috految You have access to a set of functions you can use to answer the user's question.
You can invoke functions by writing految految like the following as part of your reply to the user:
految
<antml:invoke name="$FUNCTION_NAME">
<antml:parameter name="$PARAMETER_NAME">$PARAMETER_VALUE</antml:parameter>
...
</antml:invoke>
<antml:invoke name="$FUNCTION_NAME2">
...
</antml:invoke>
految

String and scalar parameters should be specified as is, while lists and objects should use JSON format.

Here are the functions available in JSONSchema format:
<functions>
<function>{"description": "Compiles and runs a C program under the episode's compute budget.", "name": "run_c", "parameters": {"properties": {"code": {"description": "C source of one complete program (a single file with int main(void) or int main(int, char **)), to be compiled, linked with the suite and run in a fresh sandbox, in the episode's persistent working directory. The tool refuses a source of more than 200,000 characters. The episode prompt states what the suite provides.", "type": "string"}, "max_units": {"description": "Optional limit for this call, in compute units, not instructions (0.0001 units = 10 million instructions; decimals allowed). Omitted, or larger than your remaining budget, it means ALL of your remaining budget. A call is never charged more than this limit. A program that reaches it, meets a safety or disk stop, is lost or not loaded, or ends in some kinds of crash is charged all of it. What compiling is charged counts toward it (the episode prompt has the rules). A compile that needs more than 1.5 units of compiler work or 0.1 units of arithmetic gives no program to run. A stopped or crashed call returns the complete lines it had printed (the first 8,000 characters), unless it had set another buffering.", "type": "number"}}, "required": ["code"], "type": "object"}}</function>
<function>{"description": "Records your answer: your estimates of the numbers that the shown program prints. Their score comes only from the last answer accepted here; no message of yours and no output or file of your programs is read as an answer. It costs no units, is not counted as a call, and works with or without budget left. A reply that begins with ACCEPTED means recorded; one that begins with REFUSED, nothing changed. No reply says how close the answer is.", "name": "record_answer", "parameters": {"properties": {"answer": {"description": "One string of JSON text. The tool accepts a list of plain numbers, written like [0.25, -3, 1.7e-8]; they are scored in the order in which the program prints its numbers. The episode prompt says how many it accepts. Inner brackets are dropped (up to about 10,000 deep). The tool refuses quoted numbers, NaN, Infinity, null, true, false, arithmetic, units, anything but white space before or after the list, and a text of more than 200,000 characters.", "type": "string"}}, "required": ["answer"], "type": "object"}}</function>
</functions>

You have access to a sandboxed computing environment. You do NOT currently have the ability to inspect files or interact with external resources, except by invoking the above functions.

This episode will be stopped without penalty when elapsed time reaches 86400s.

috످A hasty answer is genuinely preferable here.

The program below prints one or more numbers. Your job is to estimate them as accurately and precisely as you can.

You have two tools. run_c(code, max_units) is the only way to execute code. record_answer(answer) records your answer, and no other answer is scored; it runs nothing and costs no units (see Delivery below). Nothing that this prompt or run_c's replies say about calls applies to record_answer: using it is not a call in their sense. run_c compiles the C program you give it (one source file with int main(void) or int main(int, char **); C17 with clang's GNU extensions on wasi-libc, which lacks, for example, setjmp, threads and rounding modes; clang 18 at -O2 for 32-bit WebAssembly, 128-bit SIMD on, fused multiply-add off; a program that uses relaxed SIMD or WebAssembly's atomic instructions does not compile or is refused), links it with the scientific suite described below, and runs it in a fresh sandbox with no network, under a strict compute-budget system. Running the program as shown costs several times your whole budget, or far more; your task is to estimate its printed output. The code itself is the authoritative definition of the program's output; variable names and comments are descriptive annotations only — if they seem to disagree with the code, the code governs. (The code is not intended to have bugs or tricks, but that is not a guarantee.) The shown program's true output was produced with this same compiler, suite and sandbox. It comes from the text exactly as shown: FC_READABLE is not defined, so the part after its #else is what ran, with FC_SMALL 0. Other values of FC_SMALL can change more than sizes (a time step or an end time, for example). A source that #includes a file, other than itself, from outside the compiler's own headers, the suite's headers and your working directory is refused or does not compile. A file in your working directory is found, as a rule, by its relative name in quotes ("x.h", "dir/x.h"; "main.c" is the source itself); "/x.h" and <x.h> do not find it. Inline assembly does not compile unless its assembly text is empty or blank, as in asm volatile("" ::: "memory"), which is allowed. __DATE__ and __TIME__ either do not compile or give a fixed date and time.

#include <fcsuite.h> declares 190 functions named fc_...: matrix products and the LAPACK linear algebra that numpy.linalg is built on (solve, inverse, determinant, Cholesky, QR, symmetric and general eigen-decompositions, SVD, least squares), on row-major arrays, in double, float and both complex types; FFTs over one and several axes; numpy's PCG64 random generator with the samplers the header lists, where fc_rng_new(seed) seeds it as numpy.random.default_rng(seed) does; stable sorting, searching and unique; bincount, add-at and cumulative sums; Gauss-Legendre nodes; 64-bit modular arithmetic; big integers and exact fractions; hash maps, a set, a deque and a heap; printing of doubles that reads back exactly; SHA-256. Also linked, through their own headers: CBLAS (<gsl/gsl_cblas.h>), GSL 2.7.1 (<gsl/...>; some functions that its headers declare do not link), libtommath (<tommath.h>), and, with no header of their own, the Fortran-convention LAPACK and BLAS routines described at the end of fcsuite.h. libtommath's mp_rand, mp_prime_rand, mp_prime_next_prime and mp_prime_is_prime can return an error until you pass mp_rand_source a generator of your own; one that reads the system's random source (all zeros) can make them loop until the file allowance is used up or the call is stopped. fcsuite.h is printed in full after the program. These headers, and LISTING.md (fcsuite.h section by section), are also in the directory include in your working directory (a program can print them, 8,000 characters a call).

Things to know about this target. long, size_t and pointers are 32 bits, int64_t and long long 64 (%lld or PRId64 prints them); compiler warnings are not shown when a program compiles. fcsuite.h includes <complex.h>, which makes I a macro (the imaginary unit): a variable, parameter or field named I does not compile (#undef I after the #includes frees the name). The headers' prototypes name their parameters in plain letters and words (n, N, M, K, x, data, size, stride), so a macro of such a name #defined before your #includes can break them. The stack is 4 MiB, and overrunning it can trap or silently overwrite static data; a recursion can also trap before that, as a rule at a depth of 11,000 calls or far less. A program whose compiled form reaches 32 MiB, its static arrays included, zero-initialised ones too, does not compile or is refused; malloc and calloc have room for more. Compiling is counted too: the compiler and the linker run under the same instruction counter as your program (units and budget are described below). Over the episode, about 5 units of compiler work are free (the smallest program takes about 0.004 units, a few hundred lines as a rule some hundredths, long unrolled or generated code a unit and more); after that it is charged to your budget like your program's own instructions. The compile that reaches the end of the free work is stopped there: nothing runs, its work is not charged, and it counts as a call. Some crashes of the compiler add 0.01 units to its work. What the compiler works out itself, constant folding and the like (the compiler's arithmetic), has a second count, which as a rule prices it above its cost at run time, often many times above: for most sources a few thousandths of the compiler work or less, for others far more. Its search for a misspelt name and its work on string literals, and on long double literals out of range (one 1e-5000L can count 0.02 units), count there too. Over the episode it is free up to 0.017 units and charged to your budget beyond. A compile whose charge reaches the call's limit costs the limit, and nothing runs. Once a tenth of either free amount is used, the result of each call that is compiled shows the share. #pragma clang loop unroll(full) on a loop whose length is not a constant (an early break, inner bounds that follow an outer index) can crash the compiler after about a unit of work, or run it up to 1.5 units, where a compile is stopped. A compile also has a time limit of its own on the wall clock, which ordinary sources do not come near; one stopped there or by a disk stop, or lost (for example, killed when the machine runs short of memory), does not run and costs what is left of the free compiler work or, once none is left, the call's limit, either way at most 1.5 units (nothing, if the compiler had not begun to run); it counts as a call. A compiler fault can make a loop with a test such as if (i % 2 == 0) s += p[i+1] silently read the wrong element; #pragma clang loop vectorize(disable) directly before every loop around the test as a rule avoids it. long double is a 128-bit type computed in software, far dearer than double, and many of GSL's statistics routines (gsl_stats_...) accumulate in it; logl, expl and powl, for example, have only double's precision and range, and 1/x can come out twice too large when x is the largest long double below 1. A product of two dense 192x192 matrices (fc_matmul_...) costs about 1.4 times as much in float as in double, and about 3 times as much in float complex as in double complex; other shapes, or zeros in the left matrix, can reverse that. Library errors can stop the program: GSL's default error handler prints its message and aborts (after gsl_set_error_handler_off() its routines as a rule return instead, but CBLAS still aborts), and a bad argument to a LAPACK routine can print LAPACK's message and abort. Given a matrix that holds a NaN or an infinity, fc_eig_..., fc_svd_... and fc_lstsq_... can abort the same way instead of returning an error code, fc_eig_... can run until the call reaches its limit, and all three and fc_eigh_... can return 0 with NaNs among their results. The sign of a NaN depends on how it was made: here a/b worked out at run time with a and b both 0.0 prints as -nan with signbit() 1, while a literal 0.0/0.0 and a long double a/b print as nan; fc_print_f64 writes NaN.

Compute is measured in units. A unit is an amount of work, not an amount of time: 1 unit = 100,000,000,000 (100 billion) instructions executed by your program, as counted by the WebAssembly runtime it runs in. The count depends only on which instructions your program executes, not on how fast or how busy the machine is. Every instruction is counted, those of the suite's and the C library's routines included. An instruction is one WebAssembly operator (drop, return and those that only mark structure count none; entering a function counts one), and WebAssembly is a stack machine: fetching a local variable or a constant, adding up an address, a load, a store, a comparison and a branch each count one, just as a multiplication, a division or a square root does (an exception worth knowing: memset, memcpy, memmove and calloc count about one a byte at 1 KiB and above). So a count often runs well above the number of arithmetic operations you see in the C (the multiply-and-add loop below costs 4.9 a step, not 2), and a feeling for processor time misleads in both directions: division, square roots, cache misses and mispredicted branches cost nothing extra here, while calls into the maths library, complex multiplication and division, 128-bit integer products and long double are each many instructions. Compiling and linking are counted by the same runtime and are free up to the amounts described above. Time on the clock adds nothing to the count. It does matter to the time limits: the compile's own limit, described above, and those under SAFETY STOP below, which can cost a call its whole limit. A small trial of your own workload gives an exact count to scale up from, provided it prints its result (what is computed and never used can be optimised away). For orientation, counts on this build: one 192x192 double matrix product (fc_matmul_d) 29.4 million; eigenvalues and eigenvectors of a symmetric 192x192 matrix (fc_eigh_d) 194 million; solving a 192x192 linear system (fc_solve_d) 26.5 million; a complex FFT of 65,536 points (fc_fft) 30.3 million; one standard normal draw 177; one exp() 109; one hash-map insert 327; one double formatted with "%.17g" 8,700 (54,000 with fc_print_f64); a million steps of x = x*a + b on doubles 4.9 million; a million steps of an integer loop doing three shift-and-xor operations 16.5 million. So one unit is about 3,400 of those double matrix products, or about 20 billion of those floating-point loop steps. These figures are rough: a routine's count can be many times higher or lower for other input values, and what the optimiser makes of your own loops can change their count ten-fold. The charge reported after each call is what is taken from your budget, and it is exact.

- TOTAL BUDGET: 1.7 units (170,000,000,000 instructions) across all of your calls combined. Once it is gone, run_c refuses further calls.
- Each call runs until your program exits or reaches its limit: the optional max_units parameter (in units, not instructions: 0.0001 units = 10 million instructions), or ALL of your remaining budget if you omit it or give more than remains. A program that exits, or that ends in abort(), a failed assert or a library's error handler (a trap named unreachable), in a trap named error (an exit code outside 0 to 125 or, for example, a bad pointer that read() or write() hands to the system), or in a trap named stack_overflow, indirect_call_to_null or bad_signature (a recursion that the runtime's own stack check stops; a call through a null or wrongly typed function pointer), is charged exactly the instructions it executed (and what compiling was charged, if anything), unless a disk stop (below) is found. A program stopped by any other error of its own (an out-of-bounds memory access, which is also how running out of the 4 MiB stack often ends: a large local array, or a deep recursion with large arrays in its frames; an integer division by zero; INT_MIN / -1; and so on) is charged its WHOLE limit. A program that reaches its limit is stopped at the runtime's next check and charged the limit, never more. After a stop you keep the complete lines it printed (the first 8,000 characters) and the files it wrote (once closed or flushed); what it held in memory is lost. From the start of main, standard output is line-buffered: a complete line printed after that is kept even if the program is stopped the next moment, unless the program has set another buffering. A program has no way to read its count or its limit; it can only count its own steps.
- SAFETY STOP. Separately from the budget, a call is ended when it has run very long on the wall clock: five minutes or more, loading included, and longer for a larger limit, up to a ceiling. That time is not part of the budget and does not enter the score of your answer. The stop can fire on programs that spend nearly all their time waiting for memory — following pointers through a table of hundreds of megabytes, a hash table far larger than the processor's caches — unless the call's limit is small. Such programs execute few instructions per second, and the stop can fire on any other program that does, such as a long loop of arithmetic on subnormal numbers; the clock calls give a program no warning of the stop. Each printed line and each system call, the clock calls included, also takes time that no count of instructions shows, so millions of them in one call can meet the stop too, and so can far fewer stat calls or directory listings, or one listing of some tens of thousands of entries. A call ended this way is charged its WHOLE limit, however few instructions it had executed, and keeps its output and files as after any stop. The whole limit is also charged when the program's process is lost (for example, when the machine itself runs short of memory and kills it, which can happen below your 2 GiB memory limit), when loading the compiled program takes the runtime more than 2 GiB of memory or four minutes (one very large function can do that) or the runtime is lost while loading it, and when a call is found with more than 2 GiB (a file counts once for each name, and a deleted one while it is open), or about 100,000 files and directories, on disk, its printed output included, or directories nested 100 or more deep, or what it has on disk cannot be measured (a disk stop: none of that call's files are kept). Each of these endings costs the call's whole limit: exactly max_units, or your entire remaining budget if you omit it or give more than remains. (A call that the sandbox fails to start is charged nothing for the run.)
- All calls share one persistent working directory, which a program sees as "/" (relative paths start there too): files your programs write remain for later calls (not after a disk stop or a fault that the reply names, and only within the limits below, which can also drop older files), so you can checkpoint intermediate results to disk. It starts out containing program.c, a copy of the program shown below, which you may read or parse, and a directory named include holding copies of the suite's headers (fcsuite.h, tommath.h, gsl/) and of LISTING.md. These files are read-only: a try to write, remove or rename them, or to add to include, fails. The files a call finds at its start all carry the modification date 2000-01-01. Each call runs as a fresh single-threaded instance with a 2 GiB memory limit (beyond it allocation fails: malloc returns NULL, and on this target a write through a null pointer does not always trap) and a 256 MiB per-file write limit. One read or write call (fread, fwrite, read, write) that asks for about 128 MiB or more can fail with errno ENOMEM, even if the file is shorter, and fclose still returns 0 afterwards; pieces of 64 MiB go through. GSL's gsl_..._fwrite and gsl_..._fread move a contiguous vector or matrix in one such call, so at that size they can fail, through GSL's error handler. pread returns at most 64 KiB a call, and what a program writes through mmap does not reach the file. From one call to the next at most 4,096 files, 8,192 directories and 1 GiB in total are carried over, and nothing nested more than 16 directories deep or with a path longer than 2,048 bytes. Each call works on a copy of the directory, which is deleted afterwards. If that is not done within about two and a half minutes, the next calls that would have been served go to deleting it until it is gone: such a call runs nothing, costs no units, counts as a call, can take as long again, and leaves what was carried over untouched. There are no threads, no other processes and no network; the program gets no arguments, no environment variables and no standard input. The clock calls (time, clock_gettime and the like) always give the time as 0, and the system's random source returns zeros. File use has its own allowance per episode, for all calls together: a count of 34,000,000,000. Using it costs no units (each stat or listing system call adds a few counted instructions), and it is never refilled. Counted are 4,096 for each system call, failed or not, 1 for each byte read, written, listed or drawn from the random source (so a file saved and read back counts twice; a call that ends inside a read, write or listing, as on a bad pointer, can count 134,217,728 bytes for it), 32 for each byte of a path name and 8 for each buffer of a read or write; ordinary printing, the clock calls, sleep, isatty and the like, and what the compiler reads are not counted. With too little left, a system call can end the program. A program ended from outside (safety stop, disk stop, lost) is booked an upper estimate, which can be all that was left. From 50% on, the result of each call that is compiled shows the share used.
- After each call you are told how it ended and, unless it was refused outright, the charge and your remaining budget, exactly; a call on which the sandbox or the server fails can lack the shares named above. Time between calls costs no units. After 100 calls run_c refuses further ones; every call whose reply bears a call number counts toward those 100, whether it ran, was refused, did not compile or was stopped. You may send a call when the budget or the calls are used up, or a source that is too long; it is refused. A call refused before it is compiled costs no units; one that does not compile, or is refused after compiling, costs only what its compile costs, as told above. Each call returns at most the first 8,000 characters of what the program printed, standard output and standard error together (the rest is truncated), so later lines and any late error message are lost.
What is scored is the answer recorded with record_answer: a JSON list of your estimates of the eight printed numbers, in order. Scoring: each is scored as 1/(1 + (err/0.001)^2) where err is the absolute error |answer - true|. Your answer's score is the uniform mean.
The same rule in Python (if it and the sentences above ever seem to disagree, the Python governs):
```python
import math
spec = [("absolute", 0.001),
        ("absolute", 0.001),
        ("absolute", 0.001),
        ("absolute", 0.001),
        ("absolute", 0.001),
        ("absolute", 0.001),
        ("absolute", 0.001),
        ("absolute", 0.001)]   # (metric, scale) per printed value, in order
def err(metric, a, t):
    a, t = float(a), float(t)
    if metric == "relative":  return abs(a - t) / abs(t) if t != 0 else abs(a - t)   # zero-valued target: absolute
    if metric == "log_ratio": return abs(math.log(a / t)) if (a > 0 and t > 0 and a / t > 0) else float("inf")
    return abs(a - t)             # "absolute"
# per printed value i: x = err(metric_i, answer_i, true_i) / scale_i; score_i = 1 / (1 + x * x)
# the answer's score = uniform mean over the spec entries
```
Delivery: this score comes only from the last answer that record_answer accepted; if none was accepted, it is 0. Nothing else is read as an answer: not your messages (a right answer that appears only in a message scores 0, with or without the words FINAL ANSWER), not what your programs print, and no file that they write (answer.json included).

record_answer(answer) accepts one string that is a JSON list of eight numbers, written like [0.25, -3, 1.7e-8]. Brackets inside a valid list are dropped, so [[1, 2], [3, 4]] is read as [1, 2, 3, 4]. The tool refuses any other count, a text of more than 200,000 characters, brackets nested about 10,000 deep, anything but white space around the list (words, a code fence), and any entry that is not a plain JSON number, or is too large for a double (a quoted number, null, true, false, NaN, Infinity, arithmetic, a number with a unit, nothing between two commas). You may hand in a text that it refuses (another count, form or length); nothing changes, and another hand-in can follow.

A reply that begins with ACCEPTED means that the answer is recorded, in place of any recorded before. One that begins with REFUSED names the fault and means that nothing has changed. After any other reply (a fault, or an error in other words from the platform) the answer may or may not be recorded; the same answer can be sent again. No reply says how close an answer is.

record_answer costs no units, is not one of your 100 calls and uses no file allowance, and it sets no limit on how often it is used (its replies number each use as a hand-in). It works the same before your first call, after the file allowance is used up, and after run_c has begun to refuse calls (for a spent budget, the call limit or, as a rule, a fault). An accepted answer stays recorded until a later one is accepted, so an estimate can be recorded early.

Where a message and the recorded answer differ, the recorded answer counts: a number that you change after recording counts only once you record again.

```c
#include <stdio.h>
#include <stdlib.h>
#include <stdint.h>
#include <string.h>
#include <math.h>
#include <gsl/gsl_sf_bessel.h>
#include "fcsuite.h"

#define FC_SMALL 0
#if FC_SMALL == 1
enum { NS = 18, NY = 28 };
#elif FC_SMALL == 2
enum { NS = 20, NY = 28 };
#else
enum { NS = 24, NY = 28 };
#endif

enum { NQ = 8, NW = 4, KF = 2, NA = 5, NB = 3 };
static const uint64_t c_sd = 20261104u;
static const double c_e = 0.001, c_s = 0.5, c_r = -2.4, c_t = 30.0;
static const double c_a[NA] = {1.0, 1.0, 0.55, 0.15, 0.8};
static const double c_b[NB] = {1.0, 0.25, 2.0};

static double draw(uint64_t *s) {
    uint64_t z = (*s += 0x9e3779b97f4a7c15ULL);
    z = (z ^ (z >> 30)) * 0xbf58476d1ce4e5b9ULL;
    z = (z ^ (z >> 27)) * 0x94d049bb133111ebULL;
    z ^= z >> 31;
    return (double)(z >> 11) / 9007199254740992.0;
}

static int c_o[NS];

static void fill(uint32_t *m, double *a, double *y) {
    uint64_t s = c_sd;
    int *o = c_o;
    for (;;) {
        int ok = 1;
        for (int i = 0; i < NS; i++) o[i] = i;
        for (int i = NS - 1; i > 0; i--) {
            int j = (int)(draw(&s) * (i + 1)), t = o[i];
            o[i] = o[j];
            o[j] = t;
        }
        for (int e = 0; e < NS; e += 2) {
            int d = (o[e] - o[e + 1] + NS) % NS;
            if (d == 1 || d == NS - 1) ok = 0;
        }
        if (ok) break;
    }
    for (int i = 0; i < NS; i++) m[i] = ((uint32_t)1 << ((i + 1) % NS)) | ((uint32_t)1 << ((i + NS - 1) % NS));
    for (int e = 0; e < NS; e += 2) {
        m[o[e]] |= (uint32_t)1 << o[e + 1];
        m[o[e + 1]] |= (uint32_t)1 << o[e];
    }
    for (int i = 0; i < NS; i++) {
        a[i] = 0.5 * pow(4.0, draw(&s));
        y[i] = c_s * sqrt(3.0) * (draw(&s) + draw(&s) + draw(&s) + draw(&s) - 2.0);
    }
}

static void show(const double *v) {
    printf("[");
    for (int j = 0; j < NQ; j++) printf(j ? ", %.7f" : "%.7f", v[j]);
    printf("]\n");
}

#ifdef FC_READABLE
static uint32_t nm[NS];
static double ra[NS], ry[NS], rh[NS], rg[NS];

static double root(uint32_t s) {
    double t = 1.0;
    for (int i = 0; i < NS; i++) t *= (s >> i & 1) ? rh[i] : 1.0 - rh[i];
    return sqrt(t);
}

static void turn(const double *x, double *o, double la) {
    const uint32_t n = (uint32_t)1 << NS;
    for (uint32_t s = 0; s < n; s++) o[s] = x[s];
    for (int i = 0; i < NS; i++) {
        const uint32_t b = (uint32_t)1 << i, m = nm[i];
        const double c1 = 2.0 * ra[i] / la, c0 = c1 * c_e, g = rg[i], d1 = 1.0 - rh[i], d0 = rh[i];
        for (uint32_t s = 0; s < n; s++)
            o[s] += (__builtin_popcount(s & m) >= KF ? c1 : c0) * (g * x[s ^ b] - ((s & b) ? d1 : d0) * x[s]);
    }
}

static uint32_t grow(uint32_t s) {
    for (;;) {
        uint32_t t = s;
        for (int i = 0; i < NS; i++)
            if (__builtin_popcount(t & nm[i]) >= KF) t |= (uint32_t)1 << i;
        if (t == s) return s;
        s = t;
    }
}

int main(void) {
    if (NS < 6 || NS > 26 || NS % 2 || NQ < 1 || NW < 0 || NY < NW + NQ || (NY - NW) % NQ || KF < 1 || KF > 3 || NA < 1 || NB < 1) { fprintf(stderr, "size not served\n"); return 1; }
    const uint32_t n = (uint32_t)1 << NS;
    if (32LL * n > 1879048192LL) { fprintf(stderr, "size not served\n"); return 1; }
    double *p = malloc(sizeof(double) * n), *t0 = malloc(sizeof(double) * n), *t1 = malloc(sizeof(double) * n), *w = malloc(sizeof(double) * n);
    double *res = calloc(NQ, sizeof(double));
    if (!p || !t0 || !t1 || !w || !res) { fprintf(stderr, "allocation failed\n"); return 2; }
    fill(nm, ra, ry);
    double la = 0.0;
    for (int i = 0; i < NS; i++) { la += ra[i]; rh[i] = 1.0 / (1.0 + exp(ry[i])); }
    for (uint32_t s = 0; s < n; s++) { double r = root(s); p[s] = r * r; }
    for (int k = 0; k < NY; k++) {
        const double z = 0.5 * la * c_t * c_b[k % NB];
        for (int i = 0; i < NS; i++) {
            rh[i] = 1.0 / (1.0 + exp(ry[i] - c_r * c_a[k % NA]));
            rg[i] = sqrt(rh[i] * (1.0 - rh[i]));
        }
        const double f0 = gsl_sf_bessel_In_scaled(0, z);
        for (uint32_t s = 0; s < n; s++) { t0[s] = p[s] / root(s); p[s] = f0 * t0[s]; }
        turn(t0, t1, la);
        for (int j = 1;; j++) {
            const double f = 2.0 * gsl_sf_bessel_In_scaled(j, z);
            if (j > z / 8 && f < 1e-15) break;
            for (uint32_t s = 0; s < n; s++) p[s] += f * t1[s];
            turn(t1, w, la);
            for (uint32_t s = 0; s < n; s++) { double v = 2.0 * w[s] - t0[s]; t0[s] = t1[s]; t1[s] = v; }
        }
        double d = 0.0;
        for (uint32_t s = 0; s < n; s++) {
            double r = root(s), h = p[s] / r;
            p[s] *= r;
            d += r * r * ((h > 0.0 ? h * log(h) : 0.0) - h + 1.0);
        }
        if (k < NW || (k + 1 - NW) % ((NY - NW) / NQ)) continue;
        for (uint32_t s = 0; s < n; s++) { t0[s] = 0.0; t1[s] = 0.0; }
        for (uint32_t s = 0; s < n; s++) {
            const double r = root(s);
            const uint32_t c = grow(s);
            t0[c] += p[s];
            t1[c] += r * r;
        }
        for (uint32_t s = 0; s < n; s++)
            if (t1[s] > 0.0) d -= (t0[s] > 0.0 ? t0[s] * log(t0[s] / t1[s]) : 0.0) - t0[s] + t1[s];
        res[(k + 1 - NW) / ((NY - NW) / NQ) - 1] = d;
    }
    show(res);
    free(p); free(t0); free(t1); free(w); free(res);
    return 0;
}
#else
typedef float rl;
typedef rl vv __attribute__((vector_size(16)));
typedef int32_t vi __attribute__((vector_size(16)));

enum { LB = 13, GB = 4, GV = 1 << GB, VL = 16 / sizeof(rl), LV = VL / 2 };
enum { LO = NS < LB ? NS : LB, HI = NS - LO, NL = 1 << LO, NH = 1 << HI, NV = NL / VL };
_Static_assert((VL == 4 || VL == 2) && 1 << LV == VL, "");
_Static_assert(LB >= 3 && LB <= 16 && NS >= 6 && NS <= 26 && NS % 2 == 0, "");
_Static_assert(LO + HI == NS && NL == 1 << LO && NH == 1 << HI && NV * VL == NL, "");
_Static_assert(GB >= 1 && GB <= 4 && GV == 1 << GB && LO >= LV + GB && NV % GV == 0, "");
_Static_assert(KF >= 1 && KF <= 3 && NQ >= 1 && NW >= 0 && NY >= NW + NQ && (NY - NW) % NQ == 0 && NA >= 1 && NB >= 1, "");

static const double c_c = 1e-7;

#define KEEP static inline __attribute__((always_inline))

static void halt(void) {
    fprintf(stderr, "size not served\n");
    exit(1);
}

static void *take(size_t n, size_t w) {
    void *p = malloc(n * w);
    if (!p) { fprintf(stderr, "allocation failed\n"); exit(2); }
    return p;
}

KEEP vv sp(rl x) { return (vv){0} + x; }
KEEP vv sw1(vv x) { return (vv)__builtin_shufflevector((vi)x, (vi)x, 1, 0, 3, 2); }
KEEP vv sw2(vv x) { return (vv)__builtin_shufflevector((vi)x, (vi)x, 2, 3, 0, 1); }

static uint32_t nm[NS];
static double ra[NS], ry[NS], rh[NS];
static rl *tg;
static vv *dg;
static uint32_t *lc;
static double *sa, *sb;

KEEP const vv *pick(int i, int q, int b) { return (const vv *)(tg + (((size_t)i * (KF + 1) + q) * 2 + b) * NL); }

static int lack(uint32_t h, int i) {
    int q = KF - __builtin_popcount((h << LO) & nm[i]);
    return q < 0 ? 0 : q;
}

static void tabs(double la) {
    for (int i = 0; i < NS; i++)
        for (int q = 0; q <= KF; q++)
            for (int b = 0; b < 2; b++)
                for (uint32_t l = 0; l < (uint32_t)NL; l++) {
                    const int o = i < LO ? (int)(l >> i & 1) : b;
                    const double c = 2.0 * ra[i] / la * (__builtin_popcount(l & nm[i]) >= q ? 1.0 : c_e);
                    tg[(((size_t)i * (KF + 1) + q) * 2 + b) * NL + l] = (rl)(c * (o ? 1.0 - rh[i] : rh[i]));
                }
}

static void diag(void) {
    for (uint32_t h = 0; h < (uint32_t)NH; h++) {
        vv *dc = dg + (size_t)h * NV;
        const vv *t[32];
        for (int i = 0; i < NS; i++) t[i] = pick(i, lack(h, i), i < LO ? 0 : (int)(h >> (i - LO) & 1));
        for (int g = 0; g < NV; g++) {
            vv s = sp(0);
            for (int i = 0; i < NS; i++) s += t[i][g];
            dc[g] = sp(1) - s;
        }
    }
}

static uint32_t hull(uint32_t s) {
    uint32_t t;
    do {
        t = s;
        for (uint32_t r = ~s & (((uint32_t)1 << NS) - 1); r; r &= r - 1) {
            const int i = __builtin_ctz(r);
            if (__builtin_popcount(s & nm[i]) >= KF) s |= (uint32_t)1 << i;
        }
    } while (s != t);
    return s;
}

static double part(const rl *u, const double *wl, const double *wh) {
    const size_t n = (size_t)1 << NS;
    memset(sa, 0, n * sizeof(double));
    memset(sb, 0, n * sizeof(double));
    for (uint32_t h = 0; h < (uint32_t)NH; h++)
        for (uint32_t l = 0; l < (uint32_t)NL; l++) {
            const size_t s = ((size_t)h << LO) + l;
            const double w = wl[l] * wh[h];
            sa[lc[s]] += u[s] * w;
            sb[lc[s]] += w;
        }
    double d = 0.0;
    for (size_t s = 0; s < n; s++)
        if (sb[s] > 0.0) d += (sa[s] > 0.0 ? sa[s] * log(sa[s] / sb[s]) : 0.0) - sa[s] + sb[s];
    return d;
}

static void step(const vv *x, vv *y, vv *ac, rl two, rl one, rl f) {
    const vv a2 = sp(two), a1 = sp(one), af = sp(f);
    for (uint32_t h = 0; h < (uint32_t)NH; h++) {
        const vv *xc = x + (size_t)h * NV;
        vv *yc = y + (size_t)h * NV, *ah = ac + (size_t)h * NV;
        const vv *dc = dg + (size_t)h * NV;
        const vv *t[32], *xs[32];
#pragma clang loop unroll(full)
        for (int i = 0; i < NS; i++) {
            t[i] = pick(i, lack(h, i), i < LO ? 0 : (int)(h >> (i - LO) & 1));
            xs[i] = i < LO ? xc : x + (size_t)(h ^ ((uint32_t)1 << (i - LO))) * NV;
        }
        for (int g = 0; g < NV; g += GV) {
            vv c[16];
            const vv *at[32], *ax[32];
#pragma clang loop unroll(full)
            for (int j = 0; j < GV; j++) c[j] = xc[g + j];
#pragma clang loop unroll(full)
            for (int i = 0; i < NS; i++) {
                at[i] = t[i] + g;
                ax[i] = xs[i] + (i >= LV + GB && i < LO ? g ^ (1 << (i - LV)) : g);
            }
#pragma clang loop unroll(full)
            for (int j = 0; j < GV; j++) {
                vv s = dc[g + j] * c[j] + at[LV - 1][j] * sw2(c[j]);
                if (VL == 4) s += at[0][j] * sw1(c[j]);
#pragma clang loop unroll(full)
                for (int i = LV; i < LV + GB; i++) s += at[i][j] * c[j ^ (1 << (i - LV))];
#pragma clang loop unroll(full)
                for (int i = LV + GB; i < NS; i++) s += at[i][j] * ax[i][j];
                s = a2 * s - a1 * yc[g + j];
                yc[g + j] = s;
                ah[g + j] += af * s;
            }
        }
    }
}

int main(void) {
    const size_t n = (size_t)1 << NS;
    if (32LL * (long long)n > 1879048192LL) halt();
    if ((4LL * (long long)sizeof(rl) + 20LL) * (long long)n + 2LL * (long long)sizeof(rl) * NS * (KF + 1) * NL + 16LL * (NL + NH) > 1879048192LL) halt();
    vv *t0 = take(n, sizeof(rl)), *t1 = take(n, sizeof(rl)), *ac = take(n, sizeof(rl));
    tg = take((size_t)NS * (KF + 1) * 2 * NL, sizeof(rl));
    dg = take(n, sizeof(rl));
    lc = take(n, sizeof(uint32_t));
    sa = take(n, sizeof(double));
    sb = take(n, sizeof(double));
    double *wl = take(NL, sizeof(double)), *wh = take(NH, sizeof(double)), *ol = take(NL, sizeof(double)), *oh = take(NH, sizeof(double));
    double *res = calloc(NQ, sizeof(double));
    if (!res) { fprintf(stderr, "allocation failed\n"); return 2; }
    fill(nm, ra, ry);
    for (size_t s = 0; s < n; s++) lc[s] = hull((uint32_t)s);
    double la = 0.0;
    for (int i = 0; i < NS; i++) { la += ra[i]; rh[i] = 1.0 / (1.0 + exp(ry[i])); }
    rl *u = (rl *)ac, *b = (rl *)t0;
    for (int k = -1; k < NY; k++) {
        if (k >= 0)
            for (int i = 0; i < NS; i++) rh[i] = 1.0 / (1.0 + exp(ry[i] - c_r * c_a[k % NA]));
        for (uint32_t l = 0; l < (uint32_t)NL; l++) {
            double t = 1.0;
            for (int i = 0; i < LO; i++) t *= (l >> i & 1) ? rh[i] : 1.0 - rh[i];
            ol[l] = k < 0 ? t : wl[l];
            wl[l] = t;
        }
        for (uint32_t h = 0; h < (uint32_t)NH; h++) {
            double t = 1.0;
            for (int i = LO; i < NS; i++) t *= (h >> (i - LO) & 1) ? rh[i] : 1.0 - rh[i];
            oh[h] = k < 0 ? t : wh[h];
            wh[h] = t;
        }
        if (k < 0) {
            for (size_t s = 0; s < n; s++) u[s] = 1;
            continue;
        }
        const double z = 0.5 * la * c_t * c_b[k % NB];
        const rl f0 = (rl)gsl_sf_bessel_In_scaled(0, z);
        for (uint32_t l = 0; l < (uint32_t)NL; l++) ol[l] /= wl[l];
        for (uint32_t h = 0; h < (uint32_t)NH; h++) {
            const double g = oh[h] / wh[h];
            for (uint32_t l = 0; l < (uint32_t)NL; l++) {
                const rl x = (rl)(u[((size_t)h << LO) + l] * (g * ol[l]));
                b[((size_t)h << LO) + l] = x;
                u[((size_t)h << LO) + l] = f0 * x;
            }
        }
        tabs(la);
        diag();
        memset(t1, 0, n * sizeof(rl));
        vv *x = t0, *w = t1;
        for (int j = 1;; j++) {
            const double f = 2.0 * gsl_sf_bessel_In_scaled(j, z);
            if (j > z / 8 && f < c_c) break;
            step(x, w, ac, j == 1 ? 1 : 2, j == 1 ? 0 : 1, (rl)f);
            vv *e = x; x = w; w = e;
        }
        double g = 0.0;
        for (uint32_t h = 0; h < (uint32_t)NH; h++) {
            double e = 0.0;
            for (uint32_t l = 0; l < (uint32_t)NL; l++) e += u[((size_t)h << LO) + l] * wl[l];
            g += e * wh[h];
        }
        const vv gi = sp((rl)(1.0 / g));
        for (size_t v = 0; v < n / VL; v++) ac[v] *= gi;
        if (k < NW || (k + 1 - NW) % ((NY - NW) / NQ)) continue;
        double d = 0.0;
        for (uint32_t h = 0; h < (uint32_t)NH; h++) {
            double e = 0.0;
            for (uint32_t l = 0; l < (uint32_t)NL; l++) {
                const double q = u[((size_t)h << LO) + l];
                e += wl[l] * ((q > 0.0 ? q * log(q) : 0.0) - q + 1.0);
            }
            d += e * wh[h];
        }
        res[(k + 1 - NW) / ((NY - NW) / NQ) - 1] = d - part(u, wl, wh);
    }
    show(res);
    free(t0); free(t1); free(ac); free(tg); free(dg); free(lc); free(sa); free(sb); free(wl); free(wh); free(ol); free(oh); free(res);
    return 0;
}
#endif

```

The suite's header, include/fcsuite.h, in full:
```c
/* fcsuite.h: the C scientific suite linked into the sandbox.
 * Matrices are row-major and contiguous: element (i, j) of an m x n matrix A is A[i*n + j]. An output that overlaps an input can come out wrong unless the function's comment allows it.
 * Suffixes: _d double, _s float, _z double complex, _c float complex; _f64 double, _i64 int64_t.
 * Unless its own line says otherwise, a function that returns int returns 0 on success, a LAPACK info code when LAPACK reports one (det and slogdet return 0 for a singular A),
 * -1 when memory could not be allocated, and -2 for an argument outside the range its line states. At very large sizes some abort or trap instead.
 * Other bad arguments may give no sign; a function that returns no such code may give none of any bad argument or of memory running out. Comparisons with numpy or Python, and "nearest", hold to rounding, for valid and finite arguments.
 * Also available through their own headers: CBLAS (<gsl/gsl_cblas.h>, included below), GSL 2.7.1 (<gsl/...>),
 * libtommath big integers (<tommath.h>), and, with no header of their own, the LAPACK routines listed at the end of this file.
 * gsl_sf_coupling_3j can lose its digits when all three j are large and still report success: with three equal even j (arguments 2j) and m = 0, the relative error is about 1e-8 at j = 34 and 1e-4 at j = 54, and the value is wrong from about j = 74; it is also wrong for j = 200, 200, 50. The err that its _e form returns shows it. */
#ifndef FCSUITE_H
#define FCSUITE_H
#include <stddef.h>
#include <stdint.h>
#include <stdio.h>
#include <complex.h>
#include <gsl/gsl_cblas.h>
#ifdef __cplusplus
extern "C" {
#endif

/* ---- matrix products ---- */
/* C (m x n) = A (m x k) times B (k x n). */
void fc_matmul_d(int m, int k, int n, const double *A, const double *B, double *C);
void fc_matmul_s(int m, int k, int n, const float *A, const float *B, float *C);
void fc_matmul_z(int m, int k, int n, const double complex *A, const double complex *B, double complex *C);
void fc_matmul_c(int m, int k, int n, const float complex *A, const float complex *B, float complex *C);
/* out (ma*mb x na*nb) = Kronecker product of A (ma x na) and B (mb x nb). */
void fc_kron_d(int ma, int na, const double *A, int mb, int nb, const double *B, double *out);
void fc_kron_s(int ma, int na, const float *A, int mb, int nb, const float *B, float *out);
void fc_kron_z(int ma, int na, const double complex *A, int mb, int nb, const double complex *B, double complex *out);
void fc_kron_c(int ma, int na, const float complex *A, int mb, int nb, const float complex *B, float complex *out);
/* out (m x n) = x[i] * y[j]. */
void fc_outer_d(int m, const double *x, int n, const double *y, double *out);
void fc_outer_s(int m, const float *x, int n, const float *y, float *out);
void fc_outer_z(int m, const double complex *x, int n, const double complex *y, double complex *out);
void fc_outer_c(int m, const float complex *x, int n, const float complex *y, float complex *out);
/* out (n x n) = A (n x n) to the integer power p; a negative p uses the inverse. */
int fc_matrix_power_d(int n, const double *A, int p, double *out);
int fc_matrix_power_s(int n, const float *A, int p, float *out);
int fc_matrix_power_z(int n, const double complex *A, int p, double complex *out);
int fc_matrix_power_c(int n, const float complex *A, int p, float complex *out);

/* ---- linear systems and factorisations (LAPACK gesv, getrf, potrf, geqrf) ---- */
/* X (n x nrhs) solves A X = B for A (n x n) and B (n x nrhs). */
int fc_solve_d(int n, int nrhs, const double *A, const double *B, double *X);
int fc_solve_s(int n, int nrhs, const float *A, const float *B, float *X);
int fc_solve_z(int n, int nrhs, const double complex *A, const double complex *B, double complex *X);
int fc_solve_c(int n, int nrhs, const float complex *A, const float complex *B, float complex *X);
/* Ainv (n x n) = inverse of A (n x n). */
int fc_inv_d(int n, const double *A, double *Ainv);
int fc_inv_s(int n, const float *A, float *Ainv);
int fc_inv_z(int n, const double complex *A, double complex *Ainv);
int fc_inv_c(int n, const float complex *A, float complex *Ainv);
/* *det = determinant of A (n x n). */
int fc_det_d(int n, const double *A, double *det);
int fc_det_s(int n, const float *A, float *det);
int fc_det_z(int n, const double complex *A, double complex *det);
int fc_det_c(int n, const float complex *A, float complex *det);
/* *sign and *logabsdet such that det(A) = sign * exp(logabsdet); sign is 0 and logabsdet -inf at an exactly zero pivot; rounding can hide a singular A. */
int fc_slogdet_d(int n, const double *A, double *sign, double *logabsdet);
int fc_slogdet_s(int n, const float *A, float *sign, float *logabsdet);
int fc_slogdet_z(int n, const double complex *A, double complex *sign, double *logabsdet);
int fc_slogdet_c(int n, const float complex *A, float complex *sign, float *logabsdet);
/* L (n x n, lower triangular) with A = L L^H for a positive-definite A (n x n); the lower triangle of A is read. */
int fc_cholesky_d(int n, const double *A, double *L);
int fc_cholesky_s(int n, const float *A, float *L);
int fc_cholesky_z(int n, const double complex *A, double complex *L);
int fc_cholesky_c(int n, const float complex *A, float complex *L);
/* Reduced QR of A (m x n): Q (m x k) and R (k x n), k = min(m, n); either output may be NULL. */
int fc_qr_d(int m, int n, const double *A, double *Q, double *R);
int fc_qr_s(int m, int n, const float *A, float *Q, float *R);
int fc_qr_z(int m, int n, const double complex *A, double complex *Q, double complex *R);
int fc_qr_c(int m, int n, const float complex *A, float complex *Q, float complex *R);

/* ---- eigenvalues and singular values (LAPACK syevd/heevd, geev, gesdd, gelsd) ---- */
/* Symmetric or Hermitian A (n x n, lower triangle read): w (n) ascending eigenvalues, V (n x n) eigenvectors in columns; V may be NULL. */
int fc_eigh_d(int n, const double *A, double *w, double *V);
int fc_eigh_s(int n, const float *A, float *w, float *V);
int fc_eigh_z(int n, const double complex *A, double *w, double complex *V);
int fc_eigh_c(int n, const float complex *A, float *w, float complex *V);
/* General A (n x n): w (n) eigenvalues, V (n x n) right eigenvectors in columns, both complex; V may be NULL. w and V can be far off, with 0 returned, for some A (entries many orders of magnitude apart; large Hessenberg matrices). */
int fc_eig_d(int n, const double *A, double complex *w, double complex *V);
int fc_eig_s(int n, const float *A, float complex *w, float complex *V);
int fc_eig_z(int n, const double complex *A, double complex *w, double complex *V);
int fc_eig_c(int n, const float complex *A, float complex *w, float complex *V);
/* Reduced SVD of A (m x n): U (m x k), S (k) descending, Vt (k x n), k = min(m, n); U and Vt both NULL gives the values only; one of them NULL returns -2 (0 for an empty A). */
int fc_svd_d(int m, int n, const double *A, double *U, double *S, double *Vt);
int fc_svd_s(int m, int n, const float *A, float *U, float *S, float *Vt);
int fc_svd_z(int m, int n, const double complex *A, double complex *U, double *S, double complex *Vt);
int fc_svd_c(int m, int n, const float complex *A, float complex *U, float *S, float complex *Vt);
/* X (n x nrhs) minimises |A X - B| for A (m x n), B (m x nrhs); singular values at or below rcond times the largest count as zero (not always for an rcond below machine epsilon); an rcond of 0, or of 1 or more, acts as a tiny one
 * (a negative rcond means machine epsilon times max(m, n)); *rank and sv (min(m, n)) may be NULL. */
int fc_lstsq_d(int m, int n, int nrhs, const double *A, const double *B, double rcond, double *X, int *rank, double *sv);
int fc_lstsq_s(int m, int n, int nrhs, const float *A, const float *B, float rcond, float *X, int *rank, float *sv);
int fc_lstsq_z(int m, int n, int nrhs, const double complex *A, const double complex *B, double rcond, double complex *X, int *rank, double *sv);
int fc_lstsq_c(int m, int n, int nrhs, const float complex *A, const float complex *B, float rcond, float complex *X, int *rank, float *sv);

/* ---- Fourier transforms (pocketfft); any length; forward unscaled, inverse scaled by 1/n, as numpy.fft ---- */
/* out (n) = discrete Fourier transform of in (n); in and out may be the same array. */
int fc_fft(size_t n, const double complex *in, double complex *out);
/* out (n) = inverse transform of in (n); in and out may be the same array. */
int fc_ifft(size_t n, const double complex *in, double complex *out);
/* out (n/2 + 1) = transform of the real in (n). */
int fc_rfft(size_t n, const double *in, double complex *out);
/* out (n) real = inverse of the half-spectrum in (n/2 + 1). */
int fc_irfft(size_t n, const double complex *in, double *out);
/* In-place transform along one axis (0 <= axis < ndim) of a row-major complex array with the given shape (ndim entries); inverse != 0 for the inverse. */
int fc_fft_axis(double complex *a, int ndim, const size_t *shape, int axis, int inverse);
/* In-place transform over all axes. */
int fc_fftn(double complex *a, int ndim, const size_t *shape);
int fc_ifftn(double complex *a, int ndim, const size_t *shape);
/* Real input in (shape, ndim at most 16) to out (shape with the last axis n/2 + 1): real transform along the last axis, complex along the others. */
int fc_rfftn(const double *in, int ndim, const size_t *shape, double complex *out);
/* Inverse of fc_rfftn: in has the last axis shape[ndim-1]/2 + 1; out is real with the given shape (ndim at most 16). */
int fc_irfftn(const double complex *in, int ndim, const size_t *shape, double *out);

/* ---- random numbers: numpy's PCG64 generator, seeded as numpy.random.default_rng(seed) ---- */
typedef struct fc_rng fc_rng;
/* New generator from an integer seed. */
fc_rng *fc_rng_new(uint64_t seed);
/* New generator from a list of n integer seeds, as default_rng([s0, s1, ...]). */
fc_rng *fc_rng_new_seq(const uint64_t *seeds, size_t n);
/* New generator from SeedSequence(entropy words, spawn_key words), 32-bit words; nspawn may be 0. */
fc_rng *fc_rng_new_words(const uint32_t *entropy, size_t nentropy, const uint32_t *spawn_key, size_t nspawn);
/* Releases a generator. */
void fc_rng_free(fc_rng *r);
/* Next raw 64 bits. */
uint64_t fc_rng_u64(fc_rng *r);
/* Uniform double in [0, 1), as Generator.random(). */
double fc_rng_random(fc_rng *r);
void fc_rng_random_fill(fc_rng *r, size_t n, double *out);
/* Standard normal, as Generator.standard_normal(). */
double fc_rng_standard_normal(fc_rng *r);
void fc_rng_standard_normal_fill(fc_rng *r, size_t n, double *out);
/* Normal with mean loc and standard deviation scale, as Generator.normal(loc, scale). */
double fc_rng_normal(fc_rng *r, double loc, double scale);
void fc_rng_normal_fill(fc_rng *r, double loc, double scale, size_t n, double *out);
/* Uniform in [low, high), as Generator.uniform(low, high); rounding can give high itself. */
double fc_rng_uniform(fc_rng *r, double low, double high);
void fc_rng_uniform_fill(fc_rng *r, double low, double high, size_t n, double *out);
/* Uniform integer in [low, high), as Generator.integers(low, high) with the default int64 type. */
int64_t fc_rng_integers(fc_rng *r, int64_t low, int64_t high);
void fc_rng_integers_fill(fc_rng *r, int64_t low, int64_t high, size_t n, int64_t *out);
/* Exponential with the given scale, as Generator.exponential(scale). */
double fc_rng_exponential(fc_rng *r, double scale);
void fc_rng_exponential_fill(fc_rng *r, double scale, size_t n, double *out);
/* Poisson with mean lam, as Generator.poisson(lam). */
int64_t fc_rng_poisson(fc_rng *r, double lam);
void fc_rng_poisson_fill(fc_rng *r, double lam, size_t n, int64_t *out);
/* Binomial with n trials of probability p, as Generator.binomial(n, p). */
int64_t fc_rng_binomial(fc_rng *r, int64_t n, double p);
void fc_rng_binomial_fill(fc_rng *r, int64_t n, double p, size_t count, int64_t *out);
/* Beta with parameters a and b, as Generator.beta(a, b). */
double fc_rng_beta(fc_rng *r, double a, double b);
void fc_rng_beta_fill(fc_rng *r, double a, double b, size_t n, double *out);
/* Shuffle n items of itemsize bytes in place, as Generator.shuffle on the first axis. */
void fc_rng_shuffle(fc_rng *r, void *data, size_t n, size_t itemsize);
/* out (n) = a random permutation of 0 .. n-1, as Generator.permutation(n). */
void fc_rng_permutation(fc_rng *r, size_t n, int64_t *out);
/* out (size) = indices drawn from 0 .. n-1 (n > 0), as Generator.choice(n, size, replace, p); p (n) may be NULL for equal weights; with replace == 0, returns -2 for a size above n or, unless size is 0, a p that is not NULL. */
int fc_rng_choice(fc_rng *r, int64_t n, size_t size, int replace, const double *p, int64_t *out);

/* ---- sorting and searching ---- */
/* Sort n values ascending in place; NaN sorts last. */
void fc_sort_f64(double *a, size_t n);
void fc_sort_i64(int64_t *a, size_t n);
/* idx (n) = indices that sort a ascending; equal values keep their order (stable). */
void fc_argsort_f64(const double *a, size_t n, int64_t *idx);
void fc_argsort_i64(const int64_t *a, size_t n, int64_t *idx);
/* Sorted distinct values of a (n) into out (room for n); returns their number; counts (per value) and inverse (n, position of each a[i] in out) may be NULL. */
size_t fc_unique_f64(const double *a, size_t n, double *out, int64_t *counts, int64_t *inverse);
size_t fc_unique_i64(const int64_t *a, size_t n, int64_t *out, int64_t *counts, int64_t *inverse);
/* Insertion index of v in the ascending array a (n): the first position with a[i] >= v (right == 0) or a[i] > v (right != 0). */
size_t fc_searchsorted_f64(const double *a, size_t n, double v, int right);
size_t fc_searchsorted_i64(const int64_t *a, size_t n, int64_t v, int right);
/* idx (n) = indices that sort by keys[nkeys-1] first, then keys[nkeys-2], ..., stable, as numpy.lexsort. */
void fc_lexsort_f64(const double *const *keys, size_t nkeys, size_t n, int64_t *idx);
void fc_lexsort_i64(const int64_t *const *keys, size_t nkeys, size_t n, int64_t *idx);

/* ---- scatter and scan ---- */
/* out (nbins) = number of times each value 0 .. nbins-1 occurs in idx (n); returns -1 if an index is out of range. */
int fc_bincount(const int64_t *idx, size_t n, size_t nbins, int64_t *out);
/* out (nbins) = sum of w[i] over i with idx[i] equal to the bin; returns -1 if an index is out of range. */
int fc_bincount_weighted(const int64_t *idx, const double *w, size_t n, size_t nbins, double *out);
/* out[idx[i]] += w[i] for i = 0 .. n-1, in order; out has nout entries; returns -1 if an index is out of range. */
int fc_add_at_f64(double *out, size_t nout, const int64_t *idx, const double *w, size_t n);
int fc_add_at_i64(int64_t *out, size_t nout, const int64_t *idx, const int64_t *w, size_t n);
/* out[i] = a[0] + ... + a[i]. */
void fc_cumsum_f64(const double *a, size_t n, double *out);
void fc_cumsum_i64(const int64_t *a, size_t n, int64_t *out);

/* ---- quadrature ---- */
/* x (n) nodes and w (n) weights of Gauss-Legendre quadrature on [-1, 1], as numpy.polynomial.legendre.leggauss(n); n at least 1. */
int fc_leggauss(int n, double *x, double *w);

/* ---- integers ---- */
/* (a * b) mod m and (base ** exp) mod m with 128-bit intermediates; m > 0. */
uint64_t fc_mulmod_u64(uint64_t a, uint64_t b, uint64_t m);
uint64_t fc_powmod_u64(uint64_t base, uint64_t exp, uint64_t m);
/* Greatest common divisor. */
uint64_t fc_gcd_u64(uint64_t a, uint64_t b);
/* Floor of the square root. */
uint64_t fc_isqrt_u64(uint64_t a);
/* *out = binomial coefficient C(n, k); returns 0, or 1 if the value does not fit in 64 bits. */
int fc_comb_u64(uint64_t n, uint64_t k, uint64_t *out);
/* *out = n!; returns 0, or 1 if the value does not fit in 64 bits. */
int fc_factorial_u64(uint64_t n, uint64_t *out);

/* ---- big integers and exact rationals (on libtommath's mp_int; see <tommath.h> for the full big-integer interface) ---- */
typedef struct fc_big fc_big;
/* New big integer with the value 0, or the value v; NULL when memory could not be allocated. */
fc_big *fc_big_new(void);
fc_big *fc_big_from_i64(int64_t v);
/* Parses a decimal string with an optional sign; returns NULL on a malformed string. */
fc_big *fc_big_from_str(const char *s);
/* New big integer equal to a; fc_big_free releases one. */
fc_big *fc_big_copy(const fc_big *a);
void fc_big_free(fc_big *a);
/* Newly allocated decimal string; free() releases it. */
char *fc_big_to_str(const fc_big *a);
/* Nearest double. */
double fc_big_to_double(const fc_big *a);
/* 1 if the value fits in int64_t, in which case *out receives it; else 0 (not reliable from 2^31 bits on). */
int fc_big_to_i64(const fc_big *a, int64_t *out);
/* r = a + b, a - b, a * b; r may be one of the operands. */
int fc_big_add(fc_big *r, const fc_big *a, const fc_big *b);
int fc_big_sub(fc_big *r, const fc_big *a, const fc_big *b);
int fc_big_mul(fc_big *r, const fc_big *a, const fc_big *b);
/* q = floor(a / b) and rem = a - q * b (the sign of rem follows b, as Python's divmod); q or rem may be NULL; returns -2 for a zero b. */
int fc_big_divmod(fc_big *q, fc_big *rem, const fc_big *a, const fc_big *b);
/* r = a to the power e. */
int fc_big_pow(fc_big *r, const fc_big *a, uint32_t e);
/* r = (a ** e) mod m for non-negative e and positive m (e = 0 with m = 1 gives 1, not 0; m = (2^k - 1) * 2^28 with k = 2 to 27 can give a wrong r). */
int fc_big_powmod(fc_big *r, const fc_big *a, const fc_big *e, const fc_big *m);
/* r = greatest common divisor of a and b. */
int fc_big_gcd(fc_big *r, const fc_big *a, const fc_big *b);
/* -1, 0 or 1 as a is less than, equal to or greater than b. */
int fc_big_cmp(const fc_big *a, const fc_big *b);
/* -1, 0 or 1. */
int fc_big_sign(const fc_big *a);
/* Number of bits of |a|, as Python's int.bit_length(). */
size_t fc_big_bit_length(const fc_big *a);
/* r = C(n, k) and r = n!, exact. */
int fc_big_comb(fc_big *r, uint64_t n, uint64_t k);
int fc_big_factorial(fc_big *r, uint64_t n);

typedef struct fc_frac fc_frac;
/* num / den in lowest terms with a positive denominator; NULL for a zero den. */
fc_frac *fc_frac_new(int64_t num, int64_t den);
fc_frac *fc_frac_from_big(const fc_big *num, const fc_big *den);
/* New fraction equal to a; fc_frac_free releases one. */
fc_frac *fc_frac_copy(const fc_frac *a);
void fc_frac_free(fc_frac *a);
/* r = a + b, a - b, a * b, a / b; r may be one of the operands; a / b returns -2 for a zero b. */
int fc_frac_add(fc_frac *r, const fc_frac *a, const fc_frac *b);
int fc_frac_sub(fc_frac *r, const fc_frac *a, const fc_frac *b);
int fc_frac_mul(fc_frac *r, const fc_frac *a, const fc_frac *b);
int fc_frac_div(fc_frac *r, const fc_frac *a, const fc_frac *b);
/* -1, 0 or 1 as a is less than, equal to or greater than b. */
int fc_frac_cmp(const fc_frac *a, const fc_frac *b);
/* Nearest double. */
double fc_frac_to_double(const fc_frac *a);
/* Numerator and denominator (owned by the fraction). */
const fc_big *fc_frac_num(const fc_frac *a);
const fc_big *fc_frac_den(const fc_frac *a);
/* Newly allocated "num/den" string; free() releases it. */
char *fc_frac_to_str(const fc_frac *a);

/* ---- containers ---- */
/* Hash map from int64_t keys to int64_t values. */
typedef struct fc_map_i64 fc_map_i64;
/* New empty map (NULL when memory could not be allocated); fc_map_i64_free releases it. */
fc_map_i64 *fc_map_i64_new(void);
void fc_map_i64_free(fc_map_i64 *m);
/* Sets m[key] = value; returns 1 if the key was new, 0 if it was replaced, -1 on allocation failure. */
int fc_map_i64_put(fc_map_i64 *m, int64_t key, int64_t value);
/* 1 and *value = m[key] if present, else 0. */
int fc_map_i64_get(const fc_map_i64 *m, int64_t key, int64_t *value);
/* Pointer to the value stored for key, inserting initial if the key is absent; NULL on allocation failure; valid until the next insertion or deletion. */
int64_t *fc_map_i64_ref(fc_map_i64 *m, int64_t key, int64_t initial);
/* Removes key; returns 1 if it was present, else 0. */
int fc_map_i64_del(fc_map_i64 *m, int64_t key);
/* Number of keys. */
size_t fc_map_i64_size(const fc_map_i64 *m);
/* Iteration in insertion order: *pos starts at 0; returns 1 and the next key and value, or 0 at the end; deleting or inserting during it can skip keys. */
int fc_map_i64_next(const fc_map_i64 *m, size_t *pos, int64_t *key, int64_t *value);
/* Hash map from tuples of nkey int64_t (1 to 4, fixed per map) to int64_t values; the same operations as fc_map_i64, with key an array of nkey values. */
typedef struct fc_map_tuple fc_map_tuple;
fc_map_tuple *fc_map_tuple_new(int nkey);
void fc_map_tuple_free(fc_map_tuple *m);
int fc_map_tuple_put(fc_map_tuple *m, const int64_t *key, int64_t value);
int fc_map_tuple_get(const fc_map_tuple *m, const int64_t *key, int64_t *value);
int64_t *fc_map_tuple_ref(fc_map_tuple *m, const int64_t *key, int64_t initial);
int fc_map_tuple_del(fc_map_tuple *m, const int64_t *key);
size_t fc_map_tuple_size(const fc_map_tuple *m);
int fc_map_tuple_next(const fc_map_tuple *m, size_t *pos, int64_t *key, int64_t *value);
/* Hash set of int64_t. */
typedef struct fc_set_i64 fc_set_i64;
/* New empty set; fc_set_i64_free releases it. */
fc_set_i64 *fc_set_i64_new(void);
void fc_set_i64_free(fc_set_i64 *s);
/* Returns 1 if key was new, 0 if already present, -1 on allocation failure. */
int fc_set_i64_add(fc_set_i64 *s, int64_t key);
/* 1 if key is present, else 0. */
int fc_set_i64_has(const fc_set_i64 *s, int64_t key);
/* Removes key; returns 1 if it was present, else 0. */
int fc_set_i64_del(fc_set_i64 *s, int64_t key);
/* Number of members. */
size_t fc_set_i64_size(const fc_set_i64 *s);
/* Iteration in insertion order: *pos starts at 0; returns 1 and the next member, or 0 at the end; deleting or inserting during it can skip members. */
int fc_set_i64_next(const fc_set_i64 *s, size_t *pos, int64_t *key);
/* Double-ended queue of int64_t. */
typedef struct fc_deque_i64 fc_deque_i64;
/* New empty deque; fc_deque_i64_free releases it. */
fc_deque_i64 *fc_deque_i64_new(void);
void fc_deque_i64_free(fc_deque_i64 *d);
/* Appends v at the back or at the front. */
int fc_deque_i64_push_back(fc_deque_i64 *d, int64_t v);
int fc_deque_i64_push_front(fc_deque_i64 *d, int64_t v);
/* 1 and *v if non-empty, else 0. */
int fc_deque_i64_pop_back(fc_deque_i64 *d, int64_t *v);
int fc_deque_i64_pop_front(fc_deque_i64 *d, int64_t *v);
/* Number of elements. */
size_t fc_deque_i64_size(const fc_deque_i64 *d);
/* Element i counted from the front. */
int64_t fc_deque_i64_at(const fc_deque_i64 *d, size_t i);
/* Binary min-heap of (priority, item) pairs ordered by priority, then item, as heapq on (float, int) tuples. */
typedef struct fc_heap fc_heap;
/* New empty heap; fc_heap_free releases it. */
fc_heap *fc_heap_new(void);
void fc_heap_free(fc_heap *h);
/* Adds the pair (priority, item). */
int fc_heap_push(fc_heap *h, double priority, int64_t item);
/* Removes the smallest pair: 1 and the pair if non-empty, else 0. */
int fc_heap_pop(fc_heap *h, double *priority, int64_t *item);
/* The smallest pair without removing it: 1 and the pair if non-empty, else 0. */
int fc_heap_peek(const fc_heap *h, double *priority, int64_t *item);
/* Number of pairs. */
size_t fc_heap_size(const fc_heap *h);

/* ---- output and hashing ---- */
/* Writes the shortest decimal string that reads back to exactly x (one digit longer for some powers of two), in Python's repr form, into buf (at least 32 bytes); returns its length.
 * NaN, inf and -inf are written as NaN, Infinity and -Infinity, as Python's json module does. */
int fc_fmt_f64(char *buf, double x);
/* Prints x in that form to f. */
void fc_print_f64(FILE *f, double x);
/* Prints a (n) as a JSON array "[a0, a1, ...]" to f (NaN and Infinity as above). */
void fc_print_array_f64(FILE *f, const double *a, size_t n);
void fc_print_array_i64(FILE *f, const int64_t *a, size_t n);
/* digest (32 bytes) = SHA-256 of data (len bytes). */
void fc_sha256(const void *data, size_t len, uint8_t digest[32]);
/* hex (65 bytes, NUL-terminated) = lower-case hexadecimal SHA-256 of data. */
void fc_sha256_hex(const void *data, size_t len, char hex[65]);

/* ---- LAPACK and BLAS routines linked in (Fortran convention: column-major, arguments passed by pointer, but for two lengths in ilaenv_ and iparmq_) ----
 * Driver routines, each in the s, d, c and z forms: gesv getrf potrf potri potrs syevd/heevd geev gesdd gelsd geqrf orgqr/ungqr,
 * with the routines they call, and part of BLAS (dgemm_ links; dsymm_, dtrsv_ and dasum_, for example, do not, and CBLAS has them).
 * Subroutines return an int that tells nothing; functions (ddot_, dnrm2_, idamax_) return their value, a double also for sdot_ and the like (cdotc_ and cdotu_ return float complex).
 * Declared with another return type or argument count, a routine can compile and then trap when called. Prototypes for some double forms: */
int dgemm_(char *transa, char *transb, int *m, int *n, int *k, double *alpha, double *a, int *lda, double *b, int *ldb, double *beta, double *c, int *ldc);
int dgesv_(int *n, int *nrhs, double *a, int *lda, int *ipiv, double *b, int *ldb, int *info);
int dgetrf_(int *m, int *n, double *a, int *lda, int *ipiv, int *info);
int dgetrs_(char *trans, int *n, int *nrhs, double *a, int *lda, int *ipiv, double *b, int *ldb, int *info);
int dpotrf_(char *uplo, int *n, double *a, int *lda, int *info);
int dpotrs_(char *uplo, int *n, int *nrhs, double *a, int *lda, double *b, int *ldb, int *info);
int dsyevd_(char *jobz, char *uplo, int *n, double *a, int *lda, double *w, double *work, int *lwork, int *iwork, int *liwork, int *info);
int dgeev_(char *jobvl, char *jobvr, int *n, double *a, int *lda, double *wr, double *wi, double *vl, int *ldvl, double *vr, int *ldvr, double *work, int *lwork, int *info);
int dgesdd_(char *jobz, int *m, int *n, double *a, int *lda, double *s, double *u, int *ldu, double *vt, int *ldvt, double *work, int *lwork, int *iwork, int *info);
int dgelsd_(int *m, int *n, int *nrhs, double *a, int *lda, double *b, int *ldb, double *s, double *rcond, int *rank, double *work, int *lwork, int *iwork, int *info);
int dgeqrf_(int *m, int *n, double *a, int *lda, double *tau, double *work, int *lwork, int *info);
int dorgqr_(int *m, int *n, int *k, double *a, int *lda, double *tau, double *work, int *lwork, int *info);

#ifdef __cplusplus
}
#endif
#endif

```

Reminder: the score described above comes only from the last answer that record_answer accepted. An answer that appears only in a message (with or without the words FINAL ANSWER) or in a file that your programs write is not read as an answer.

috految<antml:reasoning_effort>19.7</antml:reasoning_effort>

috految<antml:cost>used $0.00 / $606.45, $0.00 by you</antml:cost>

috److془We need to design carefully. Budget 170e9 instr.

Total time: 9*97.5+30=907.5; la~26; 23600 updates per trajectory. Bit-sliced MC: 128 lanes, ~ 16 instr per update → 3000 per trajectory. So 30M trajectories for 90e9. Then conditional entropy estimation with 16M states. Bias: need coarse-grained regression or smoothing. Noise ~ 1/sqrt(3e7)=2e-4. Shared schedule correlation: variance of mean given schedule maybe 1% of variance... with blocks of 128 lanes fine. Actually with 512 lanes, 0.06/sqrt(6e4)=2.4e-4. Fine. Use 256-512 lanes.

Bias: Poisson estimator with prior. Or smoothing: exact evolution for the last τ: each step about 0.75e9; 8 outputs × 7 steps. Alternatively: Shortcut: bins by (λ= N*pi(s)*h_pred(s)), estimate E f via moments. Or: the Grassberger estimator: bias per state λE1(2λ); for λ <1 only. Mass with λ<0.5: ~ 3% at N=3e7. Bias ~ 0.03; need 1% accuracy. Bin by predicted λ, fit lognormal mixture (or gamma) to observed count distribution. Residual variance ~0.1-> total 0.03*0.05 small; with second moment correction accurate. Great. Even with no prediction other than class × pi, with popcount. Bins (log λ0, popcount, number of edges, hull full?) . Better: h depends on the number of occupied after greedy removal (core). Use it as feature. Cost: core[s]= core[s^bit]. Or average across removable lowest and highest bits. Class counts: number of closed sets ~ 1e5, small. Class entropy through Grassberger (bias ≤0.14 *count/N ~ small, 1e-4 at most). Number of closed sets: 2 cores of the graph: ~ 3e4-1e5. Fine. Use of class count in prediction: negligible-ish. Shared correlation: pair collisions in block: relative overdispersion B*p_conditional(s), bias = B/(2N)*chi2 of conditional ~ 1e-5*chi2. Fine. Conditional chi2 caused by schedule is small as stationary distribution invariant. Noise events: independent per lane desirable. 24 events per trajectory; group them: 1/16 of lanes with schedule rate .016. Or 1/32 at .032. Within block correlation: 16 lanes at time, the variance share ~5%·16 fine. Use 1/64 with (rate .064). Mask pools: byte offsets random in pool with exact density per bit position; pool 65536 bytes length, cyclic. Marginals exact, lane correlation 1/256 random-sign. Great. Pool 65536 density rounding 4e-6 good. Pool gen 144*524288*~.25*50 =1e9. 

Concern: the true output float errors: Chebyshev truncation 1e-7 tail ~5e-7, amplified by norm... presumably validated. Mass errors 1e-4 fine. Generator: T=1+2L/la, exp(z(T-1)) = exp(tL). Good. rate ra heat bath. rh = 1/(1+exp(ry+2.4a)). Outputs k=6,9,...,27. Total Poisson noise: fine; 30*26 → 3.6%. Use stratified anyway: golden sequence. Simple Poisson okay.

Update: x=bitselect(r,x,maj); maj=bitselect(c,a,a^b): get p,load,get x,5,select,set=~11 with locals; with memory ~16+ overhead ~45/W. W=8: 22*25000/128=4300+ extraction 8*30. N≈3e7. Schedule noise: 0.05/170=3e-4 perhaps; stratify: Latin: counts across blocks balanced; use pre-made schedule per stage cyclic with offset random.. simply: site = table[(u_j + b*g_j)>>16] with random u_j,g_j: LHS-like. Nice, better: b*g_j mod 2^16 odd, pairwise correlations averaging to independence; just use u_j+=g_j, g_j with random 32bit. Hmm variance in expectation same as iid; use g_j reject bad. Simply g_j = random 1..P-1 *2^32/P, P=prime 30011 . Actually P=251 with resample each 251 blocks. Great. Run with disk save at completion of batches. Analysis: 8*16.7M*~110=15e9 + 3e9+. MC limit 1.38. Save: 8x64MB; write after every 8 batches; the allowance okay. Stop mid-write improbable. Analysis: E[n G(n)] = λ lnλ + λE1(2λ), G1=-γ-ln2, G2=G3=G1+2, G_{2m}=G_{2m-2}+2/(2m-1). Check small: -γ-ln2 ✓. Per bin: use weighted moments: M0=Σ1, M1=Σn, M2=Σn(n-1); fit lognormal. Better fit with the tilted: q=.5: A=Σq^n, B=Σ n q^(n-1), C=Σ n(n-1)q^(n-2); tilted distribution weight e^{-λ/2}. Bias = A E[λE1(2λ)e^{λ/2}]. Use q=.3. Variance noise small bins: shrink. Fine. Bins λ0 half octave, core in half, full.془

految
<antml:invoke name="run_c">
<antml:parameter name="code">#define main m0
#include "program.c"
#undef main
#include <wasm_simd128.h>
#define F(i,n) for(int i=0;i<(n);i++)
#define U _Pragma("unroll")
typedef v128_t V;typedef unsigned u;
V X[24][8];typedef struct{V*x,*a,*b,*c;char*p;}E;E e[48],*T[1<<20];u S[28][2600][2];char*P[7][24];fc_rng*R;uint64_t sd=77;
char*pool(double p){char*q=calloc(65536+256,1);F(b,8){int n=p*65536+draw(&sd);while(n){int j=draw(&sd)*65536;if(!(q[j]>>b&1))q[j]|=1<<b,n--;}}memcpy(q+65536,q,256);return q;}
__attribute__((noinline)) void go(u*s,int n,u b,uint64_t z,char*mk){for(u*en=s+2*n;s<en;s+=2){E*t=T[(s[0]+b*s[1])>>12];z*=0xd1342543de82ef95ULL;char*p=t->p+(u)(z>>48);asm("":"+r"(p));V*x=t->x,*a=t->a;
if(a){V*B=t->b,*c=t->c;U F(w,8)x[w]=wasm_v128_bitselect(wasm_v128_load(p+16*w),x[w],wasm_v128_bitselect(c[w],a[w],a[w]^B[w]));}
else{char*m=mk+(u)(z>>32&65535);U F(w,8)x[w]=wasm_v128_bitselect(wasm_v128_load(p+16*w),x[w],wasm_v128_load(m+16*w));}}}
int main(){fill(nm,ra,ry);R=fc_rng_new(1);double L=0,c=0;F(i,24)L+=ra[i]*1.063;int j=0;
F(i,48){c+=ra[i%24]*(i<24?.999:.064);while(j<1<<20&&j+.5<c/L*(1<<20))T[j++]=e+i;e[i].x=X[i%24];}
F(i,24){V*v[3];int n=0;F(j,24)if(nm[i]>>j&1)v[n++]=X[j];e[i].a=v[0];e[i].b=v[1];e[i].c=v[2];F(k,6)P[k][i]=pool(1/(1+exp(ry[i]+(k<5?2.4*c_a[k]:0))));}
char*mk=pool(1./64);u*H=calloc(8<<24,4);
for(int r=1;;r++){F(k,28)F(j,2600){S[k][j][0]=draw(&sd)*4294967296.;S[k][j][1]=(1+(int)(draw(&sd)*250))*(4294967296./251);}
F(b,251){F(i,24)memcpy(X[i],P[5][i]+(int)(draw(&sd)*65536),128);
F(k,28){F(i,48)e[i].p=P[k%5][i%24];go(S[k][0],fc_rng_poisson(R,L*30*c_b[k%3]),b,fc_rng_u64(R)|1,mk);
if(k>=6&&k%3==0){u*h=H+((k/3-2)<<24);F(w,8)F(t,8){V o[3]={0};U F(i,24)o[i/8]|=((X[i][w]>>t)&0x01010101)<<(i%8);U F(l,4){V s=(o[0]>>8*l&255)|(o[1]>>8*l&255)<<8|(o[2]>>8*l&255)<<16;U F(q,4)h[s[q]]++;}}}}}
if(r%10==0||(r>90&&r%5==0)){F(k,8){char n[]={'a'+k,0};FILE*f=fopen(n,"w");fwrite(H+(k<<24),4,1<<24,f);fclose(f);}printf("%d\n",r);}}}</antml:parameter>
<antml:parameter name="max_units">1.38</antml:parameter>
</antml:invoke>
<antml:invoke name="run_c">
<antml:parameter name="code">#define main m0
#include "program.c"
#undef main
#include <gsl/gsl_sf_expint.h>
#define F(i,n) for(int i=0;i<(n);i++)
double G[4096];double g(double n){return n<4096?G[(int)n]:n*log(n)-.5;}
int A[2][4096],B[2][4096];double W[2][4096],L[2][4096];
int main(){fill(nm,ra,ry);int M=1<<24,nc=0,*c=malloc(4*M),*h=malloc(4*M);unsigned char*o=malloc(M);
double x=-.5772156649-log(2);for(int n=1;n<4096;n++){if(n%2==0)x+=2./(n-1);G[n]=n*x;}
F(p,2)F(s,4096)F(i,24){int n=__builtin_popcount((s<<12*p)&nm[i]);A[p][s]|=(n>0)<<i;B[p][s]|=(n>1)<<i;}
#define FA (B[0][s&4095]|B[1][s>>12]|(A[0][s&4095]&A[1][s>>12]))
for(int s=M-1;s>=0;s--){int t=s|FA;c[s]=t==s?nc++:c[t];}
F(s,M){int m=s&FA;o[s]=m?(o[s^(m&-m)]+o[s^(1<<(31-__builtin_clz(m)))]+1)/2:8*__builtin_popcount(s);}
printf("nc %d\n",nc);
F(k,8){char n[]={'a'+k,0};FILE*f=fopen(n,"r");if(!f)return 1;fread(h,4,M,f);fclose(f);
F(p,2)F(s,4096){double w=1;F(i,12){double r=1/(1+exp(ry[i+12*p]+2.4*c_a[(6+3*k)%5]));w*=s>>i&1?r:1-r;}W[p][s]=w;L[p][s]=log(w);}
double*a=calloc(nc,8),*b=calloc(nc,8),D=0,N=0;int(*Z)[32]=calloc(256*64,128);
F(y,4096){double w=W[1][y];F(l,4096){int s=y*4096+l;b[c[s]]+=w*W[0][l];int n=h[s];if(n){a[c[s]]+=n;D+=g(n)-n*(L[0][l]+L[1][y]);}}}
int one=0;F(i,nc){N+=a[i];one+=a[i]==1;D-=g(a[i])-a[i]*log(b[i]);a[i]=(a[i]+.3)/b[i];}
F(y,4096)F(l,4096){int s=y*4096+l;if(h[s]<32){union{float f;int i;}v={a[c[s]]*W[1][y]*W[0][l]};Z[(v.i>>22&255)*64+(o[s]>>2&31)*2+!c[s]][h[s]]++;}}
printf("%d N %g raw %.5f one %d:",k,N,D/N,one);
F(t,3){double q=t==0?.15:t==1?.4:.7,bi=0,b0=0;F(i,16384){double a=0,b=0,c=0,p=1;F(n,32){double z=Z[i][n]*p;a+=z;b+=z*n/q;c+=z*n*(n-1)/q/q;p*=q;}if(b==0)continue;double m=b/a,v=log((c+4.5)/(b*m+4));if(m>12)continue;double S=0;for(int j=-20;j<=20;j++){double z=j*.3,l=m*exp(sqrt(fabs(v))*z-fabs(v)/2);if(l<40)S+=.3*.39894228*exp(-z*z/2+(1-q)*l)*l*gsl_sf_expint_E1(2*l);}double s0=exp((1-q)*m)*m*gsl_sf_expint_E1(2*m);bi+=a*(v>0?S:2*s0-S);b0+=a*s0;}printf(" %.5f (%.5f)",(D-bi)/N,(D-b0)/N);}puts("");}}</antml:parameter>
</antml:invoke>
految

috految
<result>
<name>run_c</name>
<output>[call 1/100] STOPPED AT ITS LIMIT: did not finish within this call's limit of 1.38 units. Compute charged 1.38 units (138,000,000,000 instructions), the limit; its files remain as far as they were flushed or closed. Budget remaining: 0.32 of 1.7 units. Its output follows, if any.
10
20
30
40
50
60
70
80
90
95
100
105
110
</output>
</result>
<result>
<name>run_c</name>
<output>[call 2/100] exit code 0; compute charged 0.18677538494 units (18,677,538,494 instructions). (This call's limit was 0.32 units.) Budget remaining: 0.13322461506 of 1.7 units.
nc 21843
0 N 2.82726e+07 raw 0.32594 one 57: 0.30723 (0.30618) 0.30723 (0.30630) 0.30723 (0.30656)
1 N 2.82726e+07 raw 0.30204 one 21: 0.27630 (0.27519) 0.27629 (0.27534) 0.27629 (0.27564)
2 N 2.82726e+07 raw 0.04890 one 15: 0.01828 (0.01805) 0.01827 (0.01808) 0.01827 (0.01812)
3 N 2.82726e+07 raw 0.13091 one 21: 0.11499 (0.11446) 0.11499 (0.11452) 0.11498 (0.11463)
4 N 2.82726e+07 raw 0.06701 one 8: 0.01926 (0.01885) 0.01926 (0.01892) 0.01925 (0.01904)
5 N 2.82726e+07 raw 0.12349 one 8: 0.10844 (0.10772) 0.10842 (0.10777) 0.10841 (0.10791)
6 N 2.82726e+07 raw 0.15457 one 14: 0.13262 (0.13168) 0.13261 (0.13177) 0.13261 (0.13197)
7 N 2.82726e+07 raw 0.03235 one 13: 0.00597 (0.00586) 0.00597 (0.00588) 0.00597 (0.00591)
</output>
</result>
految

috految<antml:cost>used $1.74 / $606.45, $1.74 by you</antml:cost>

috److految
<antml:invoke name="record_answer">
<antml:parameter name="answer">[0.30721,0.27628,0.01827,0.11498,0.01925,0.10842,0.13261,0.00597]</antml:parameter>
</antml:invoke>
految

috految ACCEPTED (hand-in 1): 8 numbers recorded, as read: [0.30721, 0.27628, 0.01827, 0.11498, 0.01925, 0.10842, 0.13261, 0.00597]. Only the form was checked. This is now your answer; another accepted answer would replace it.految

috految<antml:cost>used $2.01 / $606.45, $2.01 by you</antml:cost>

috److I recorded these estimates for the eight printed values:

`[0.30721, 0.27628, 0.01827, 0.11498, 0.01925, 0.10842, 0.13261, 0.00597]`

- **Method:** Running the program exactly was far over budget, so I simulated the same 24-site process with about 28 million Monte Carlo trajectories. I estimated each printed value (a relative entropy) from the sampled state counts.
- **Bias correction:** The raw estimates were too high by about 0.015 to 0.05, because many of the 16.8 million states had few or no samples. Three settings of the correction agreed to within about 0.00003.
- **Accuracy:** I expect sampling noise of a few times 0.0001, but that is a rough estimate. I did not check the method against an exact run at a smaller size.

The two runs used about 1.57 of the 1.7 compute units.

috످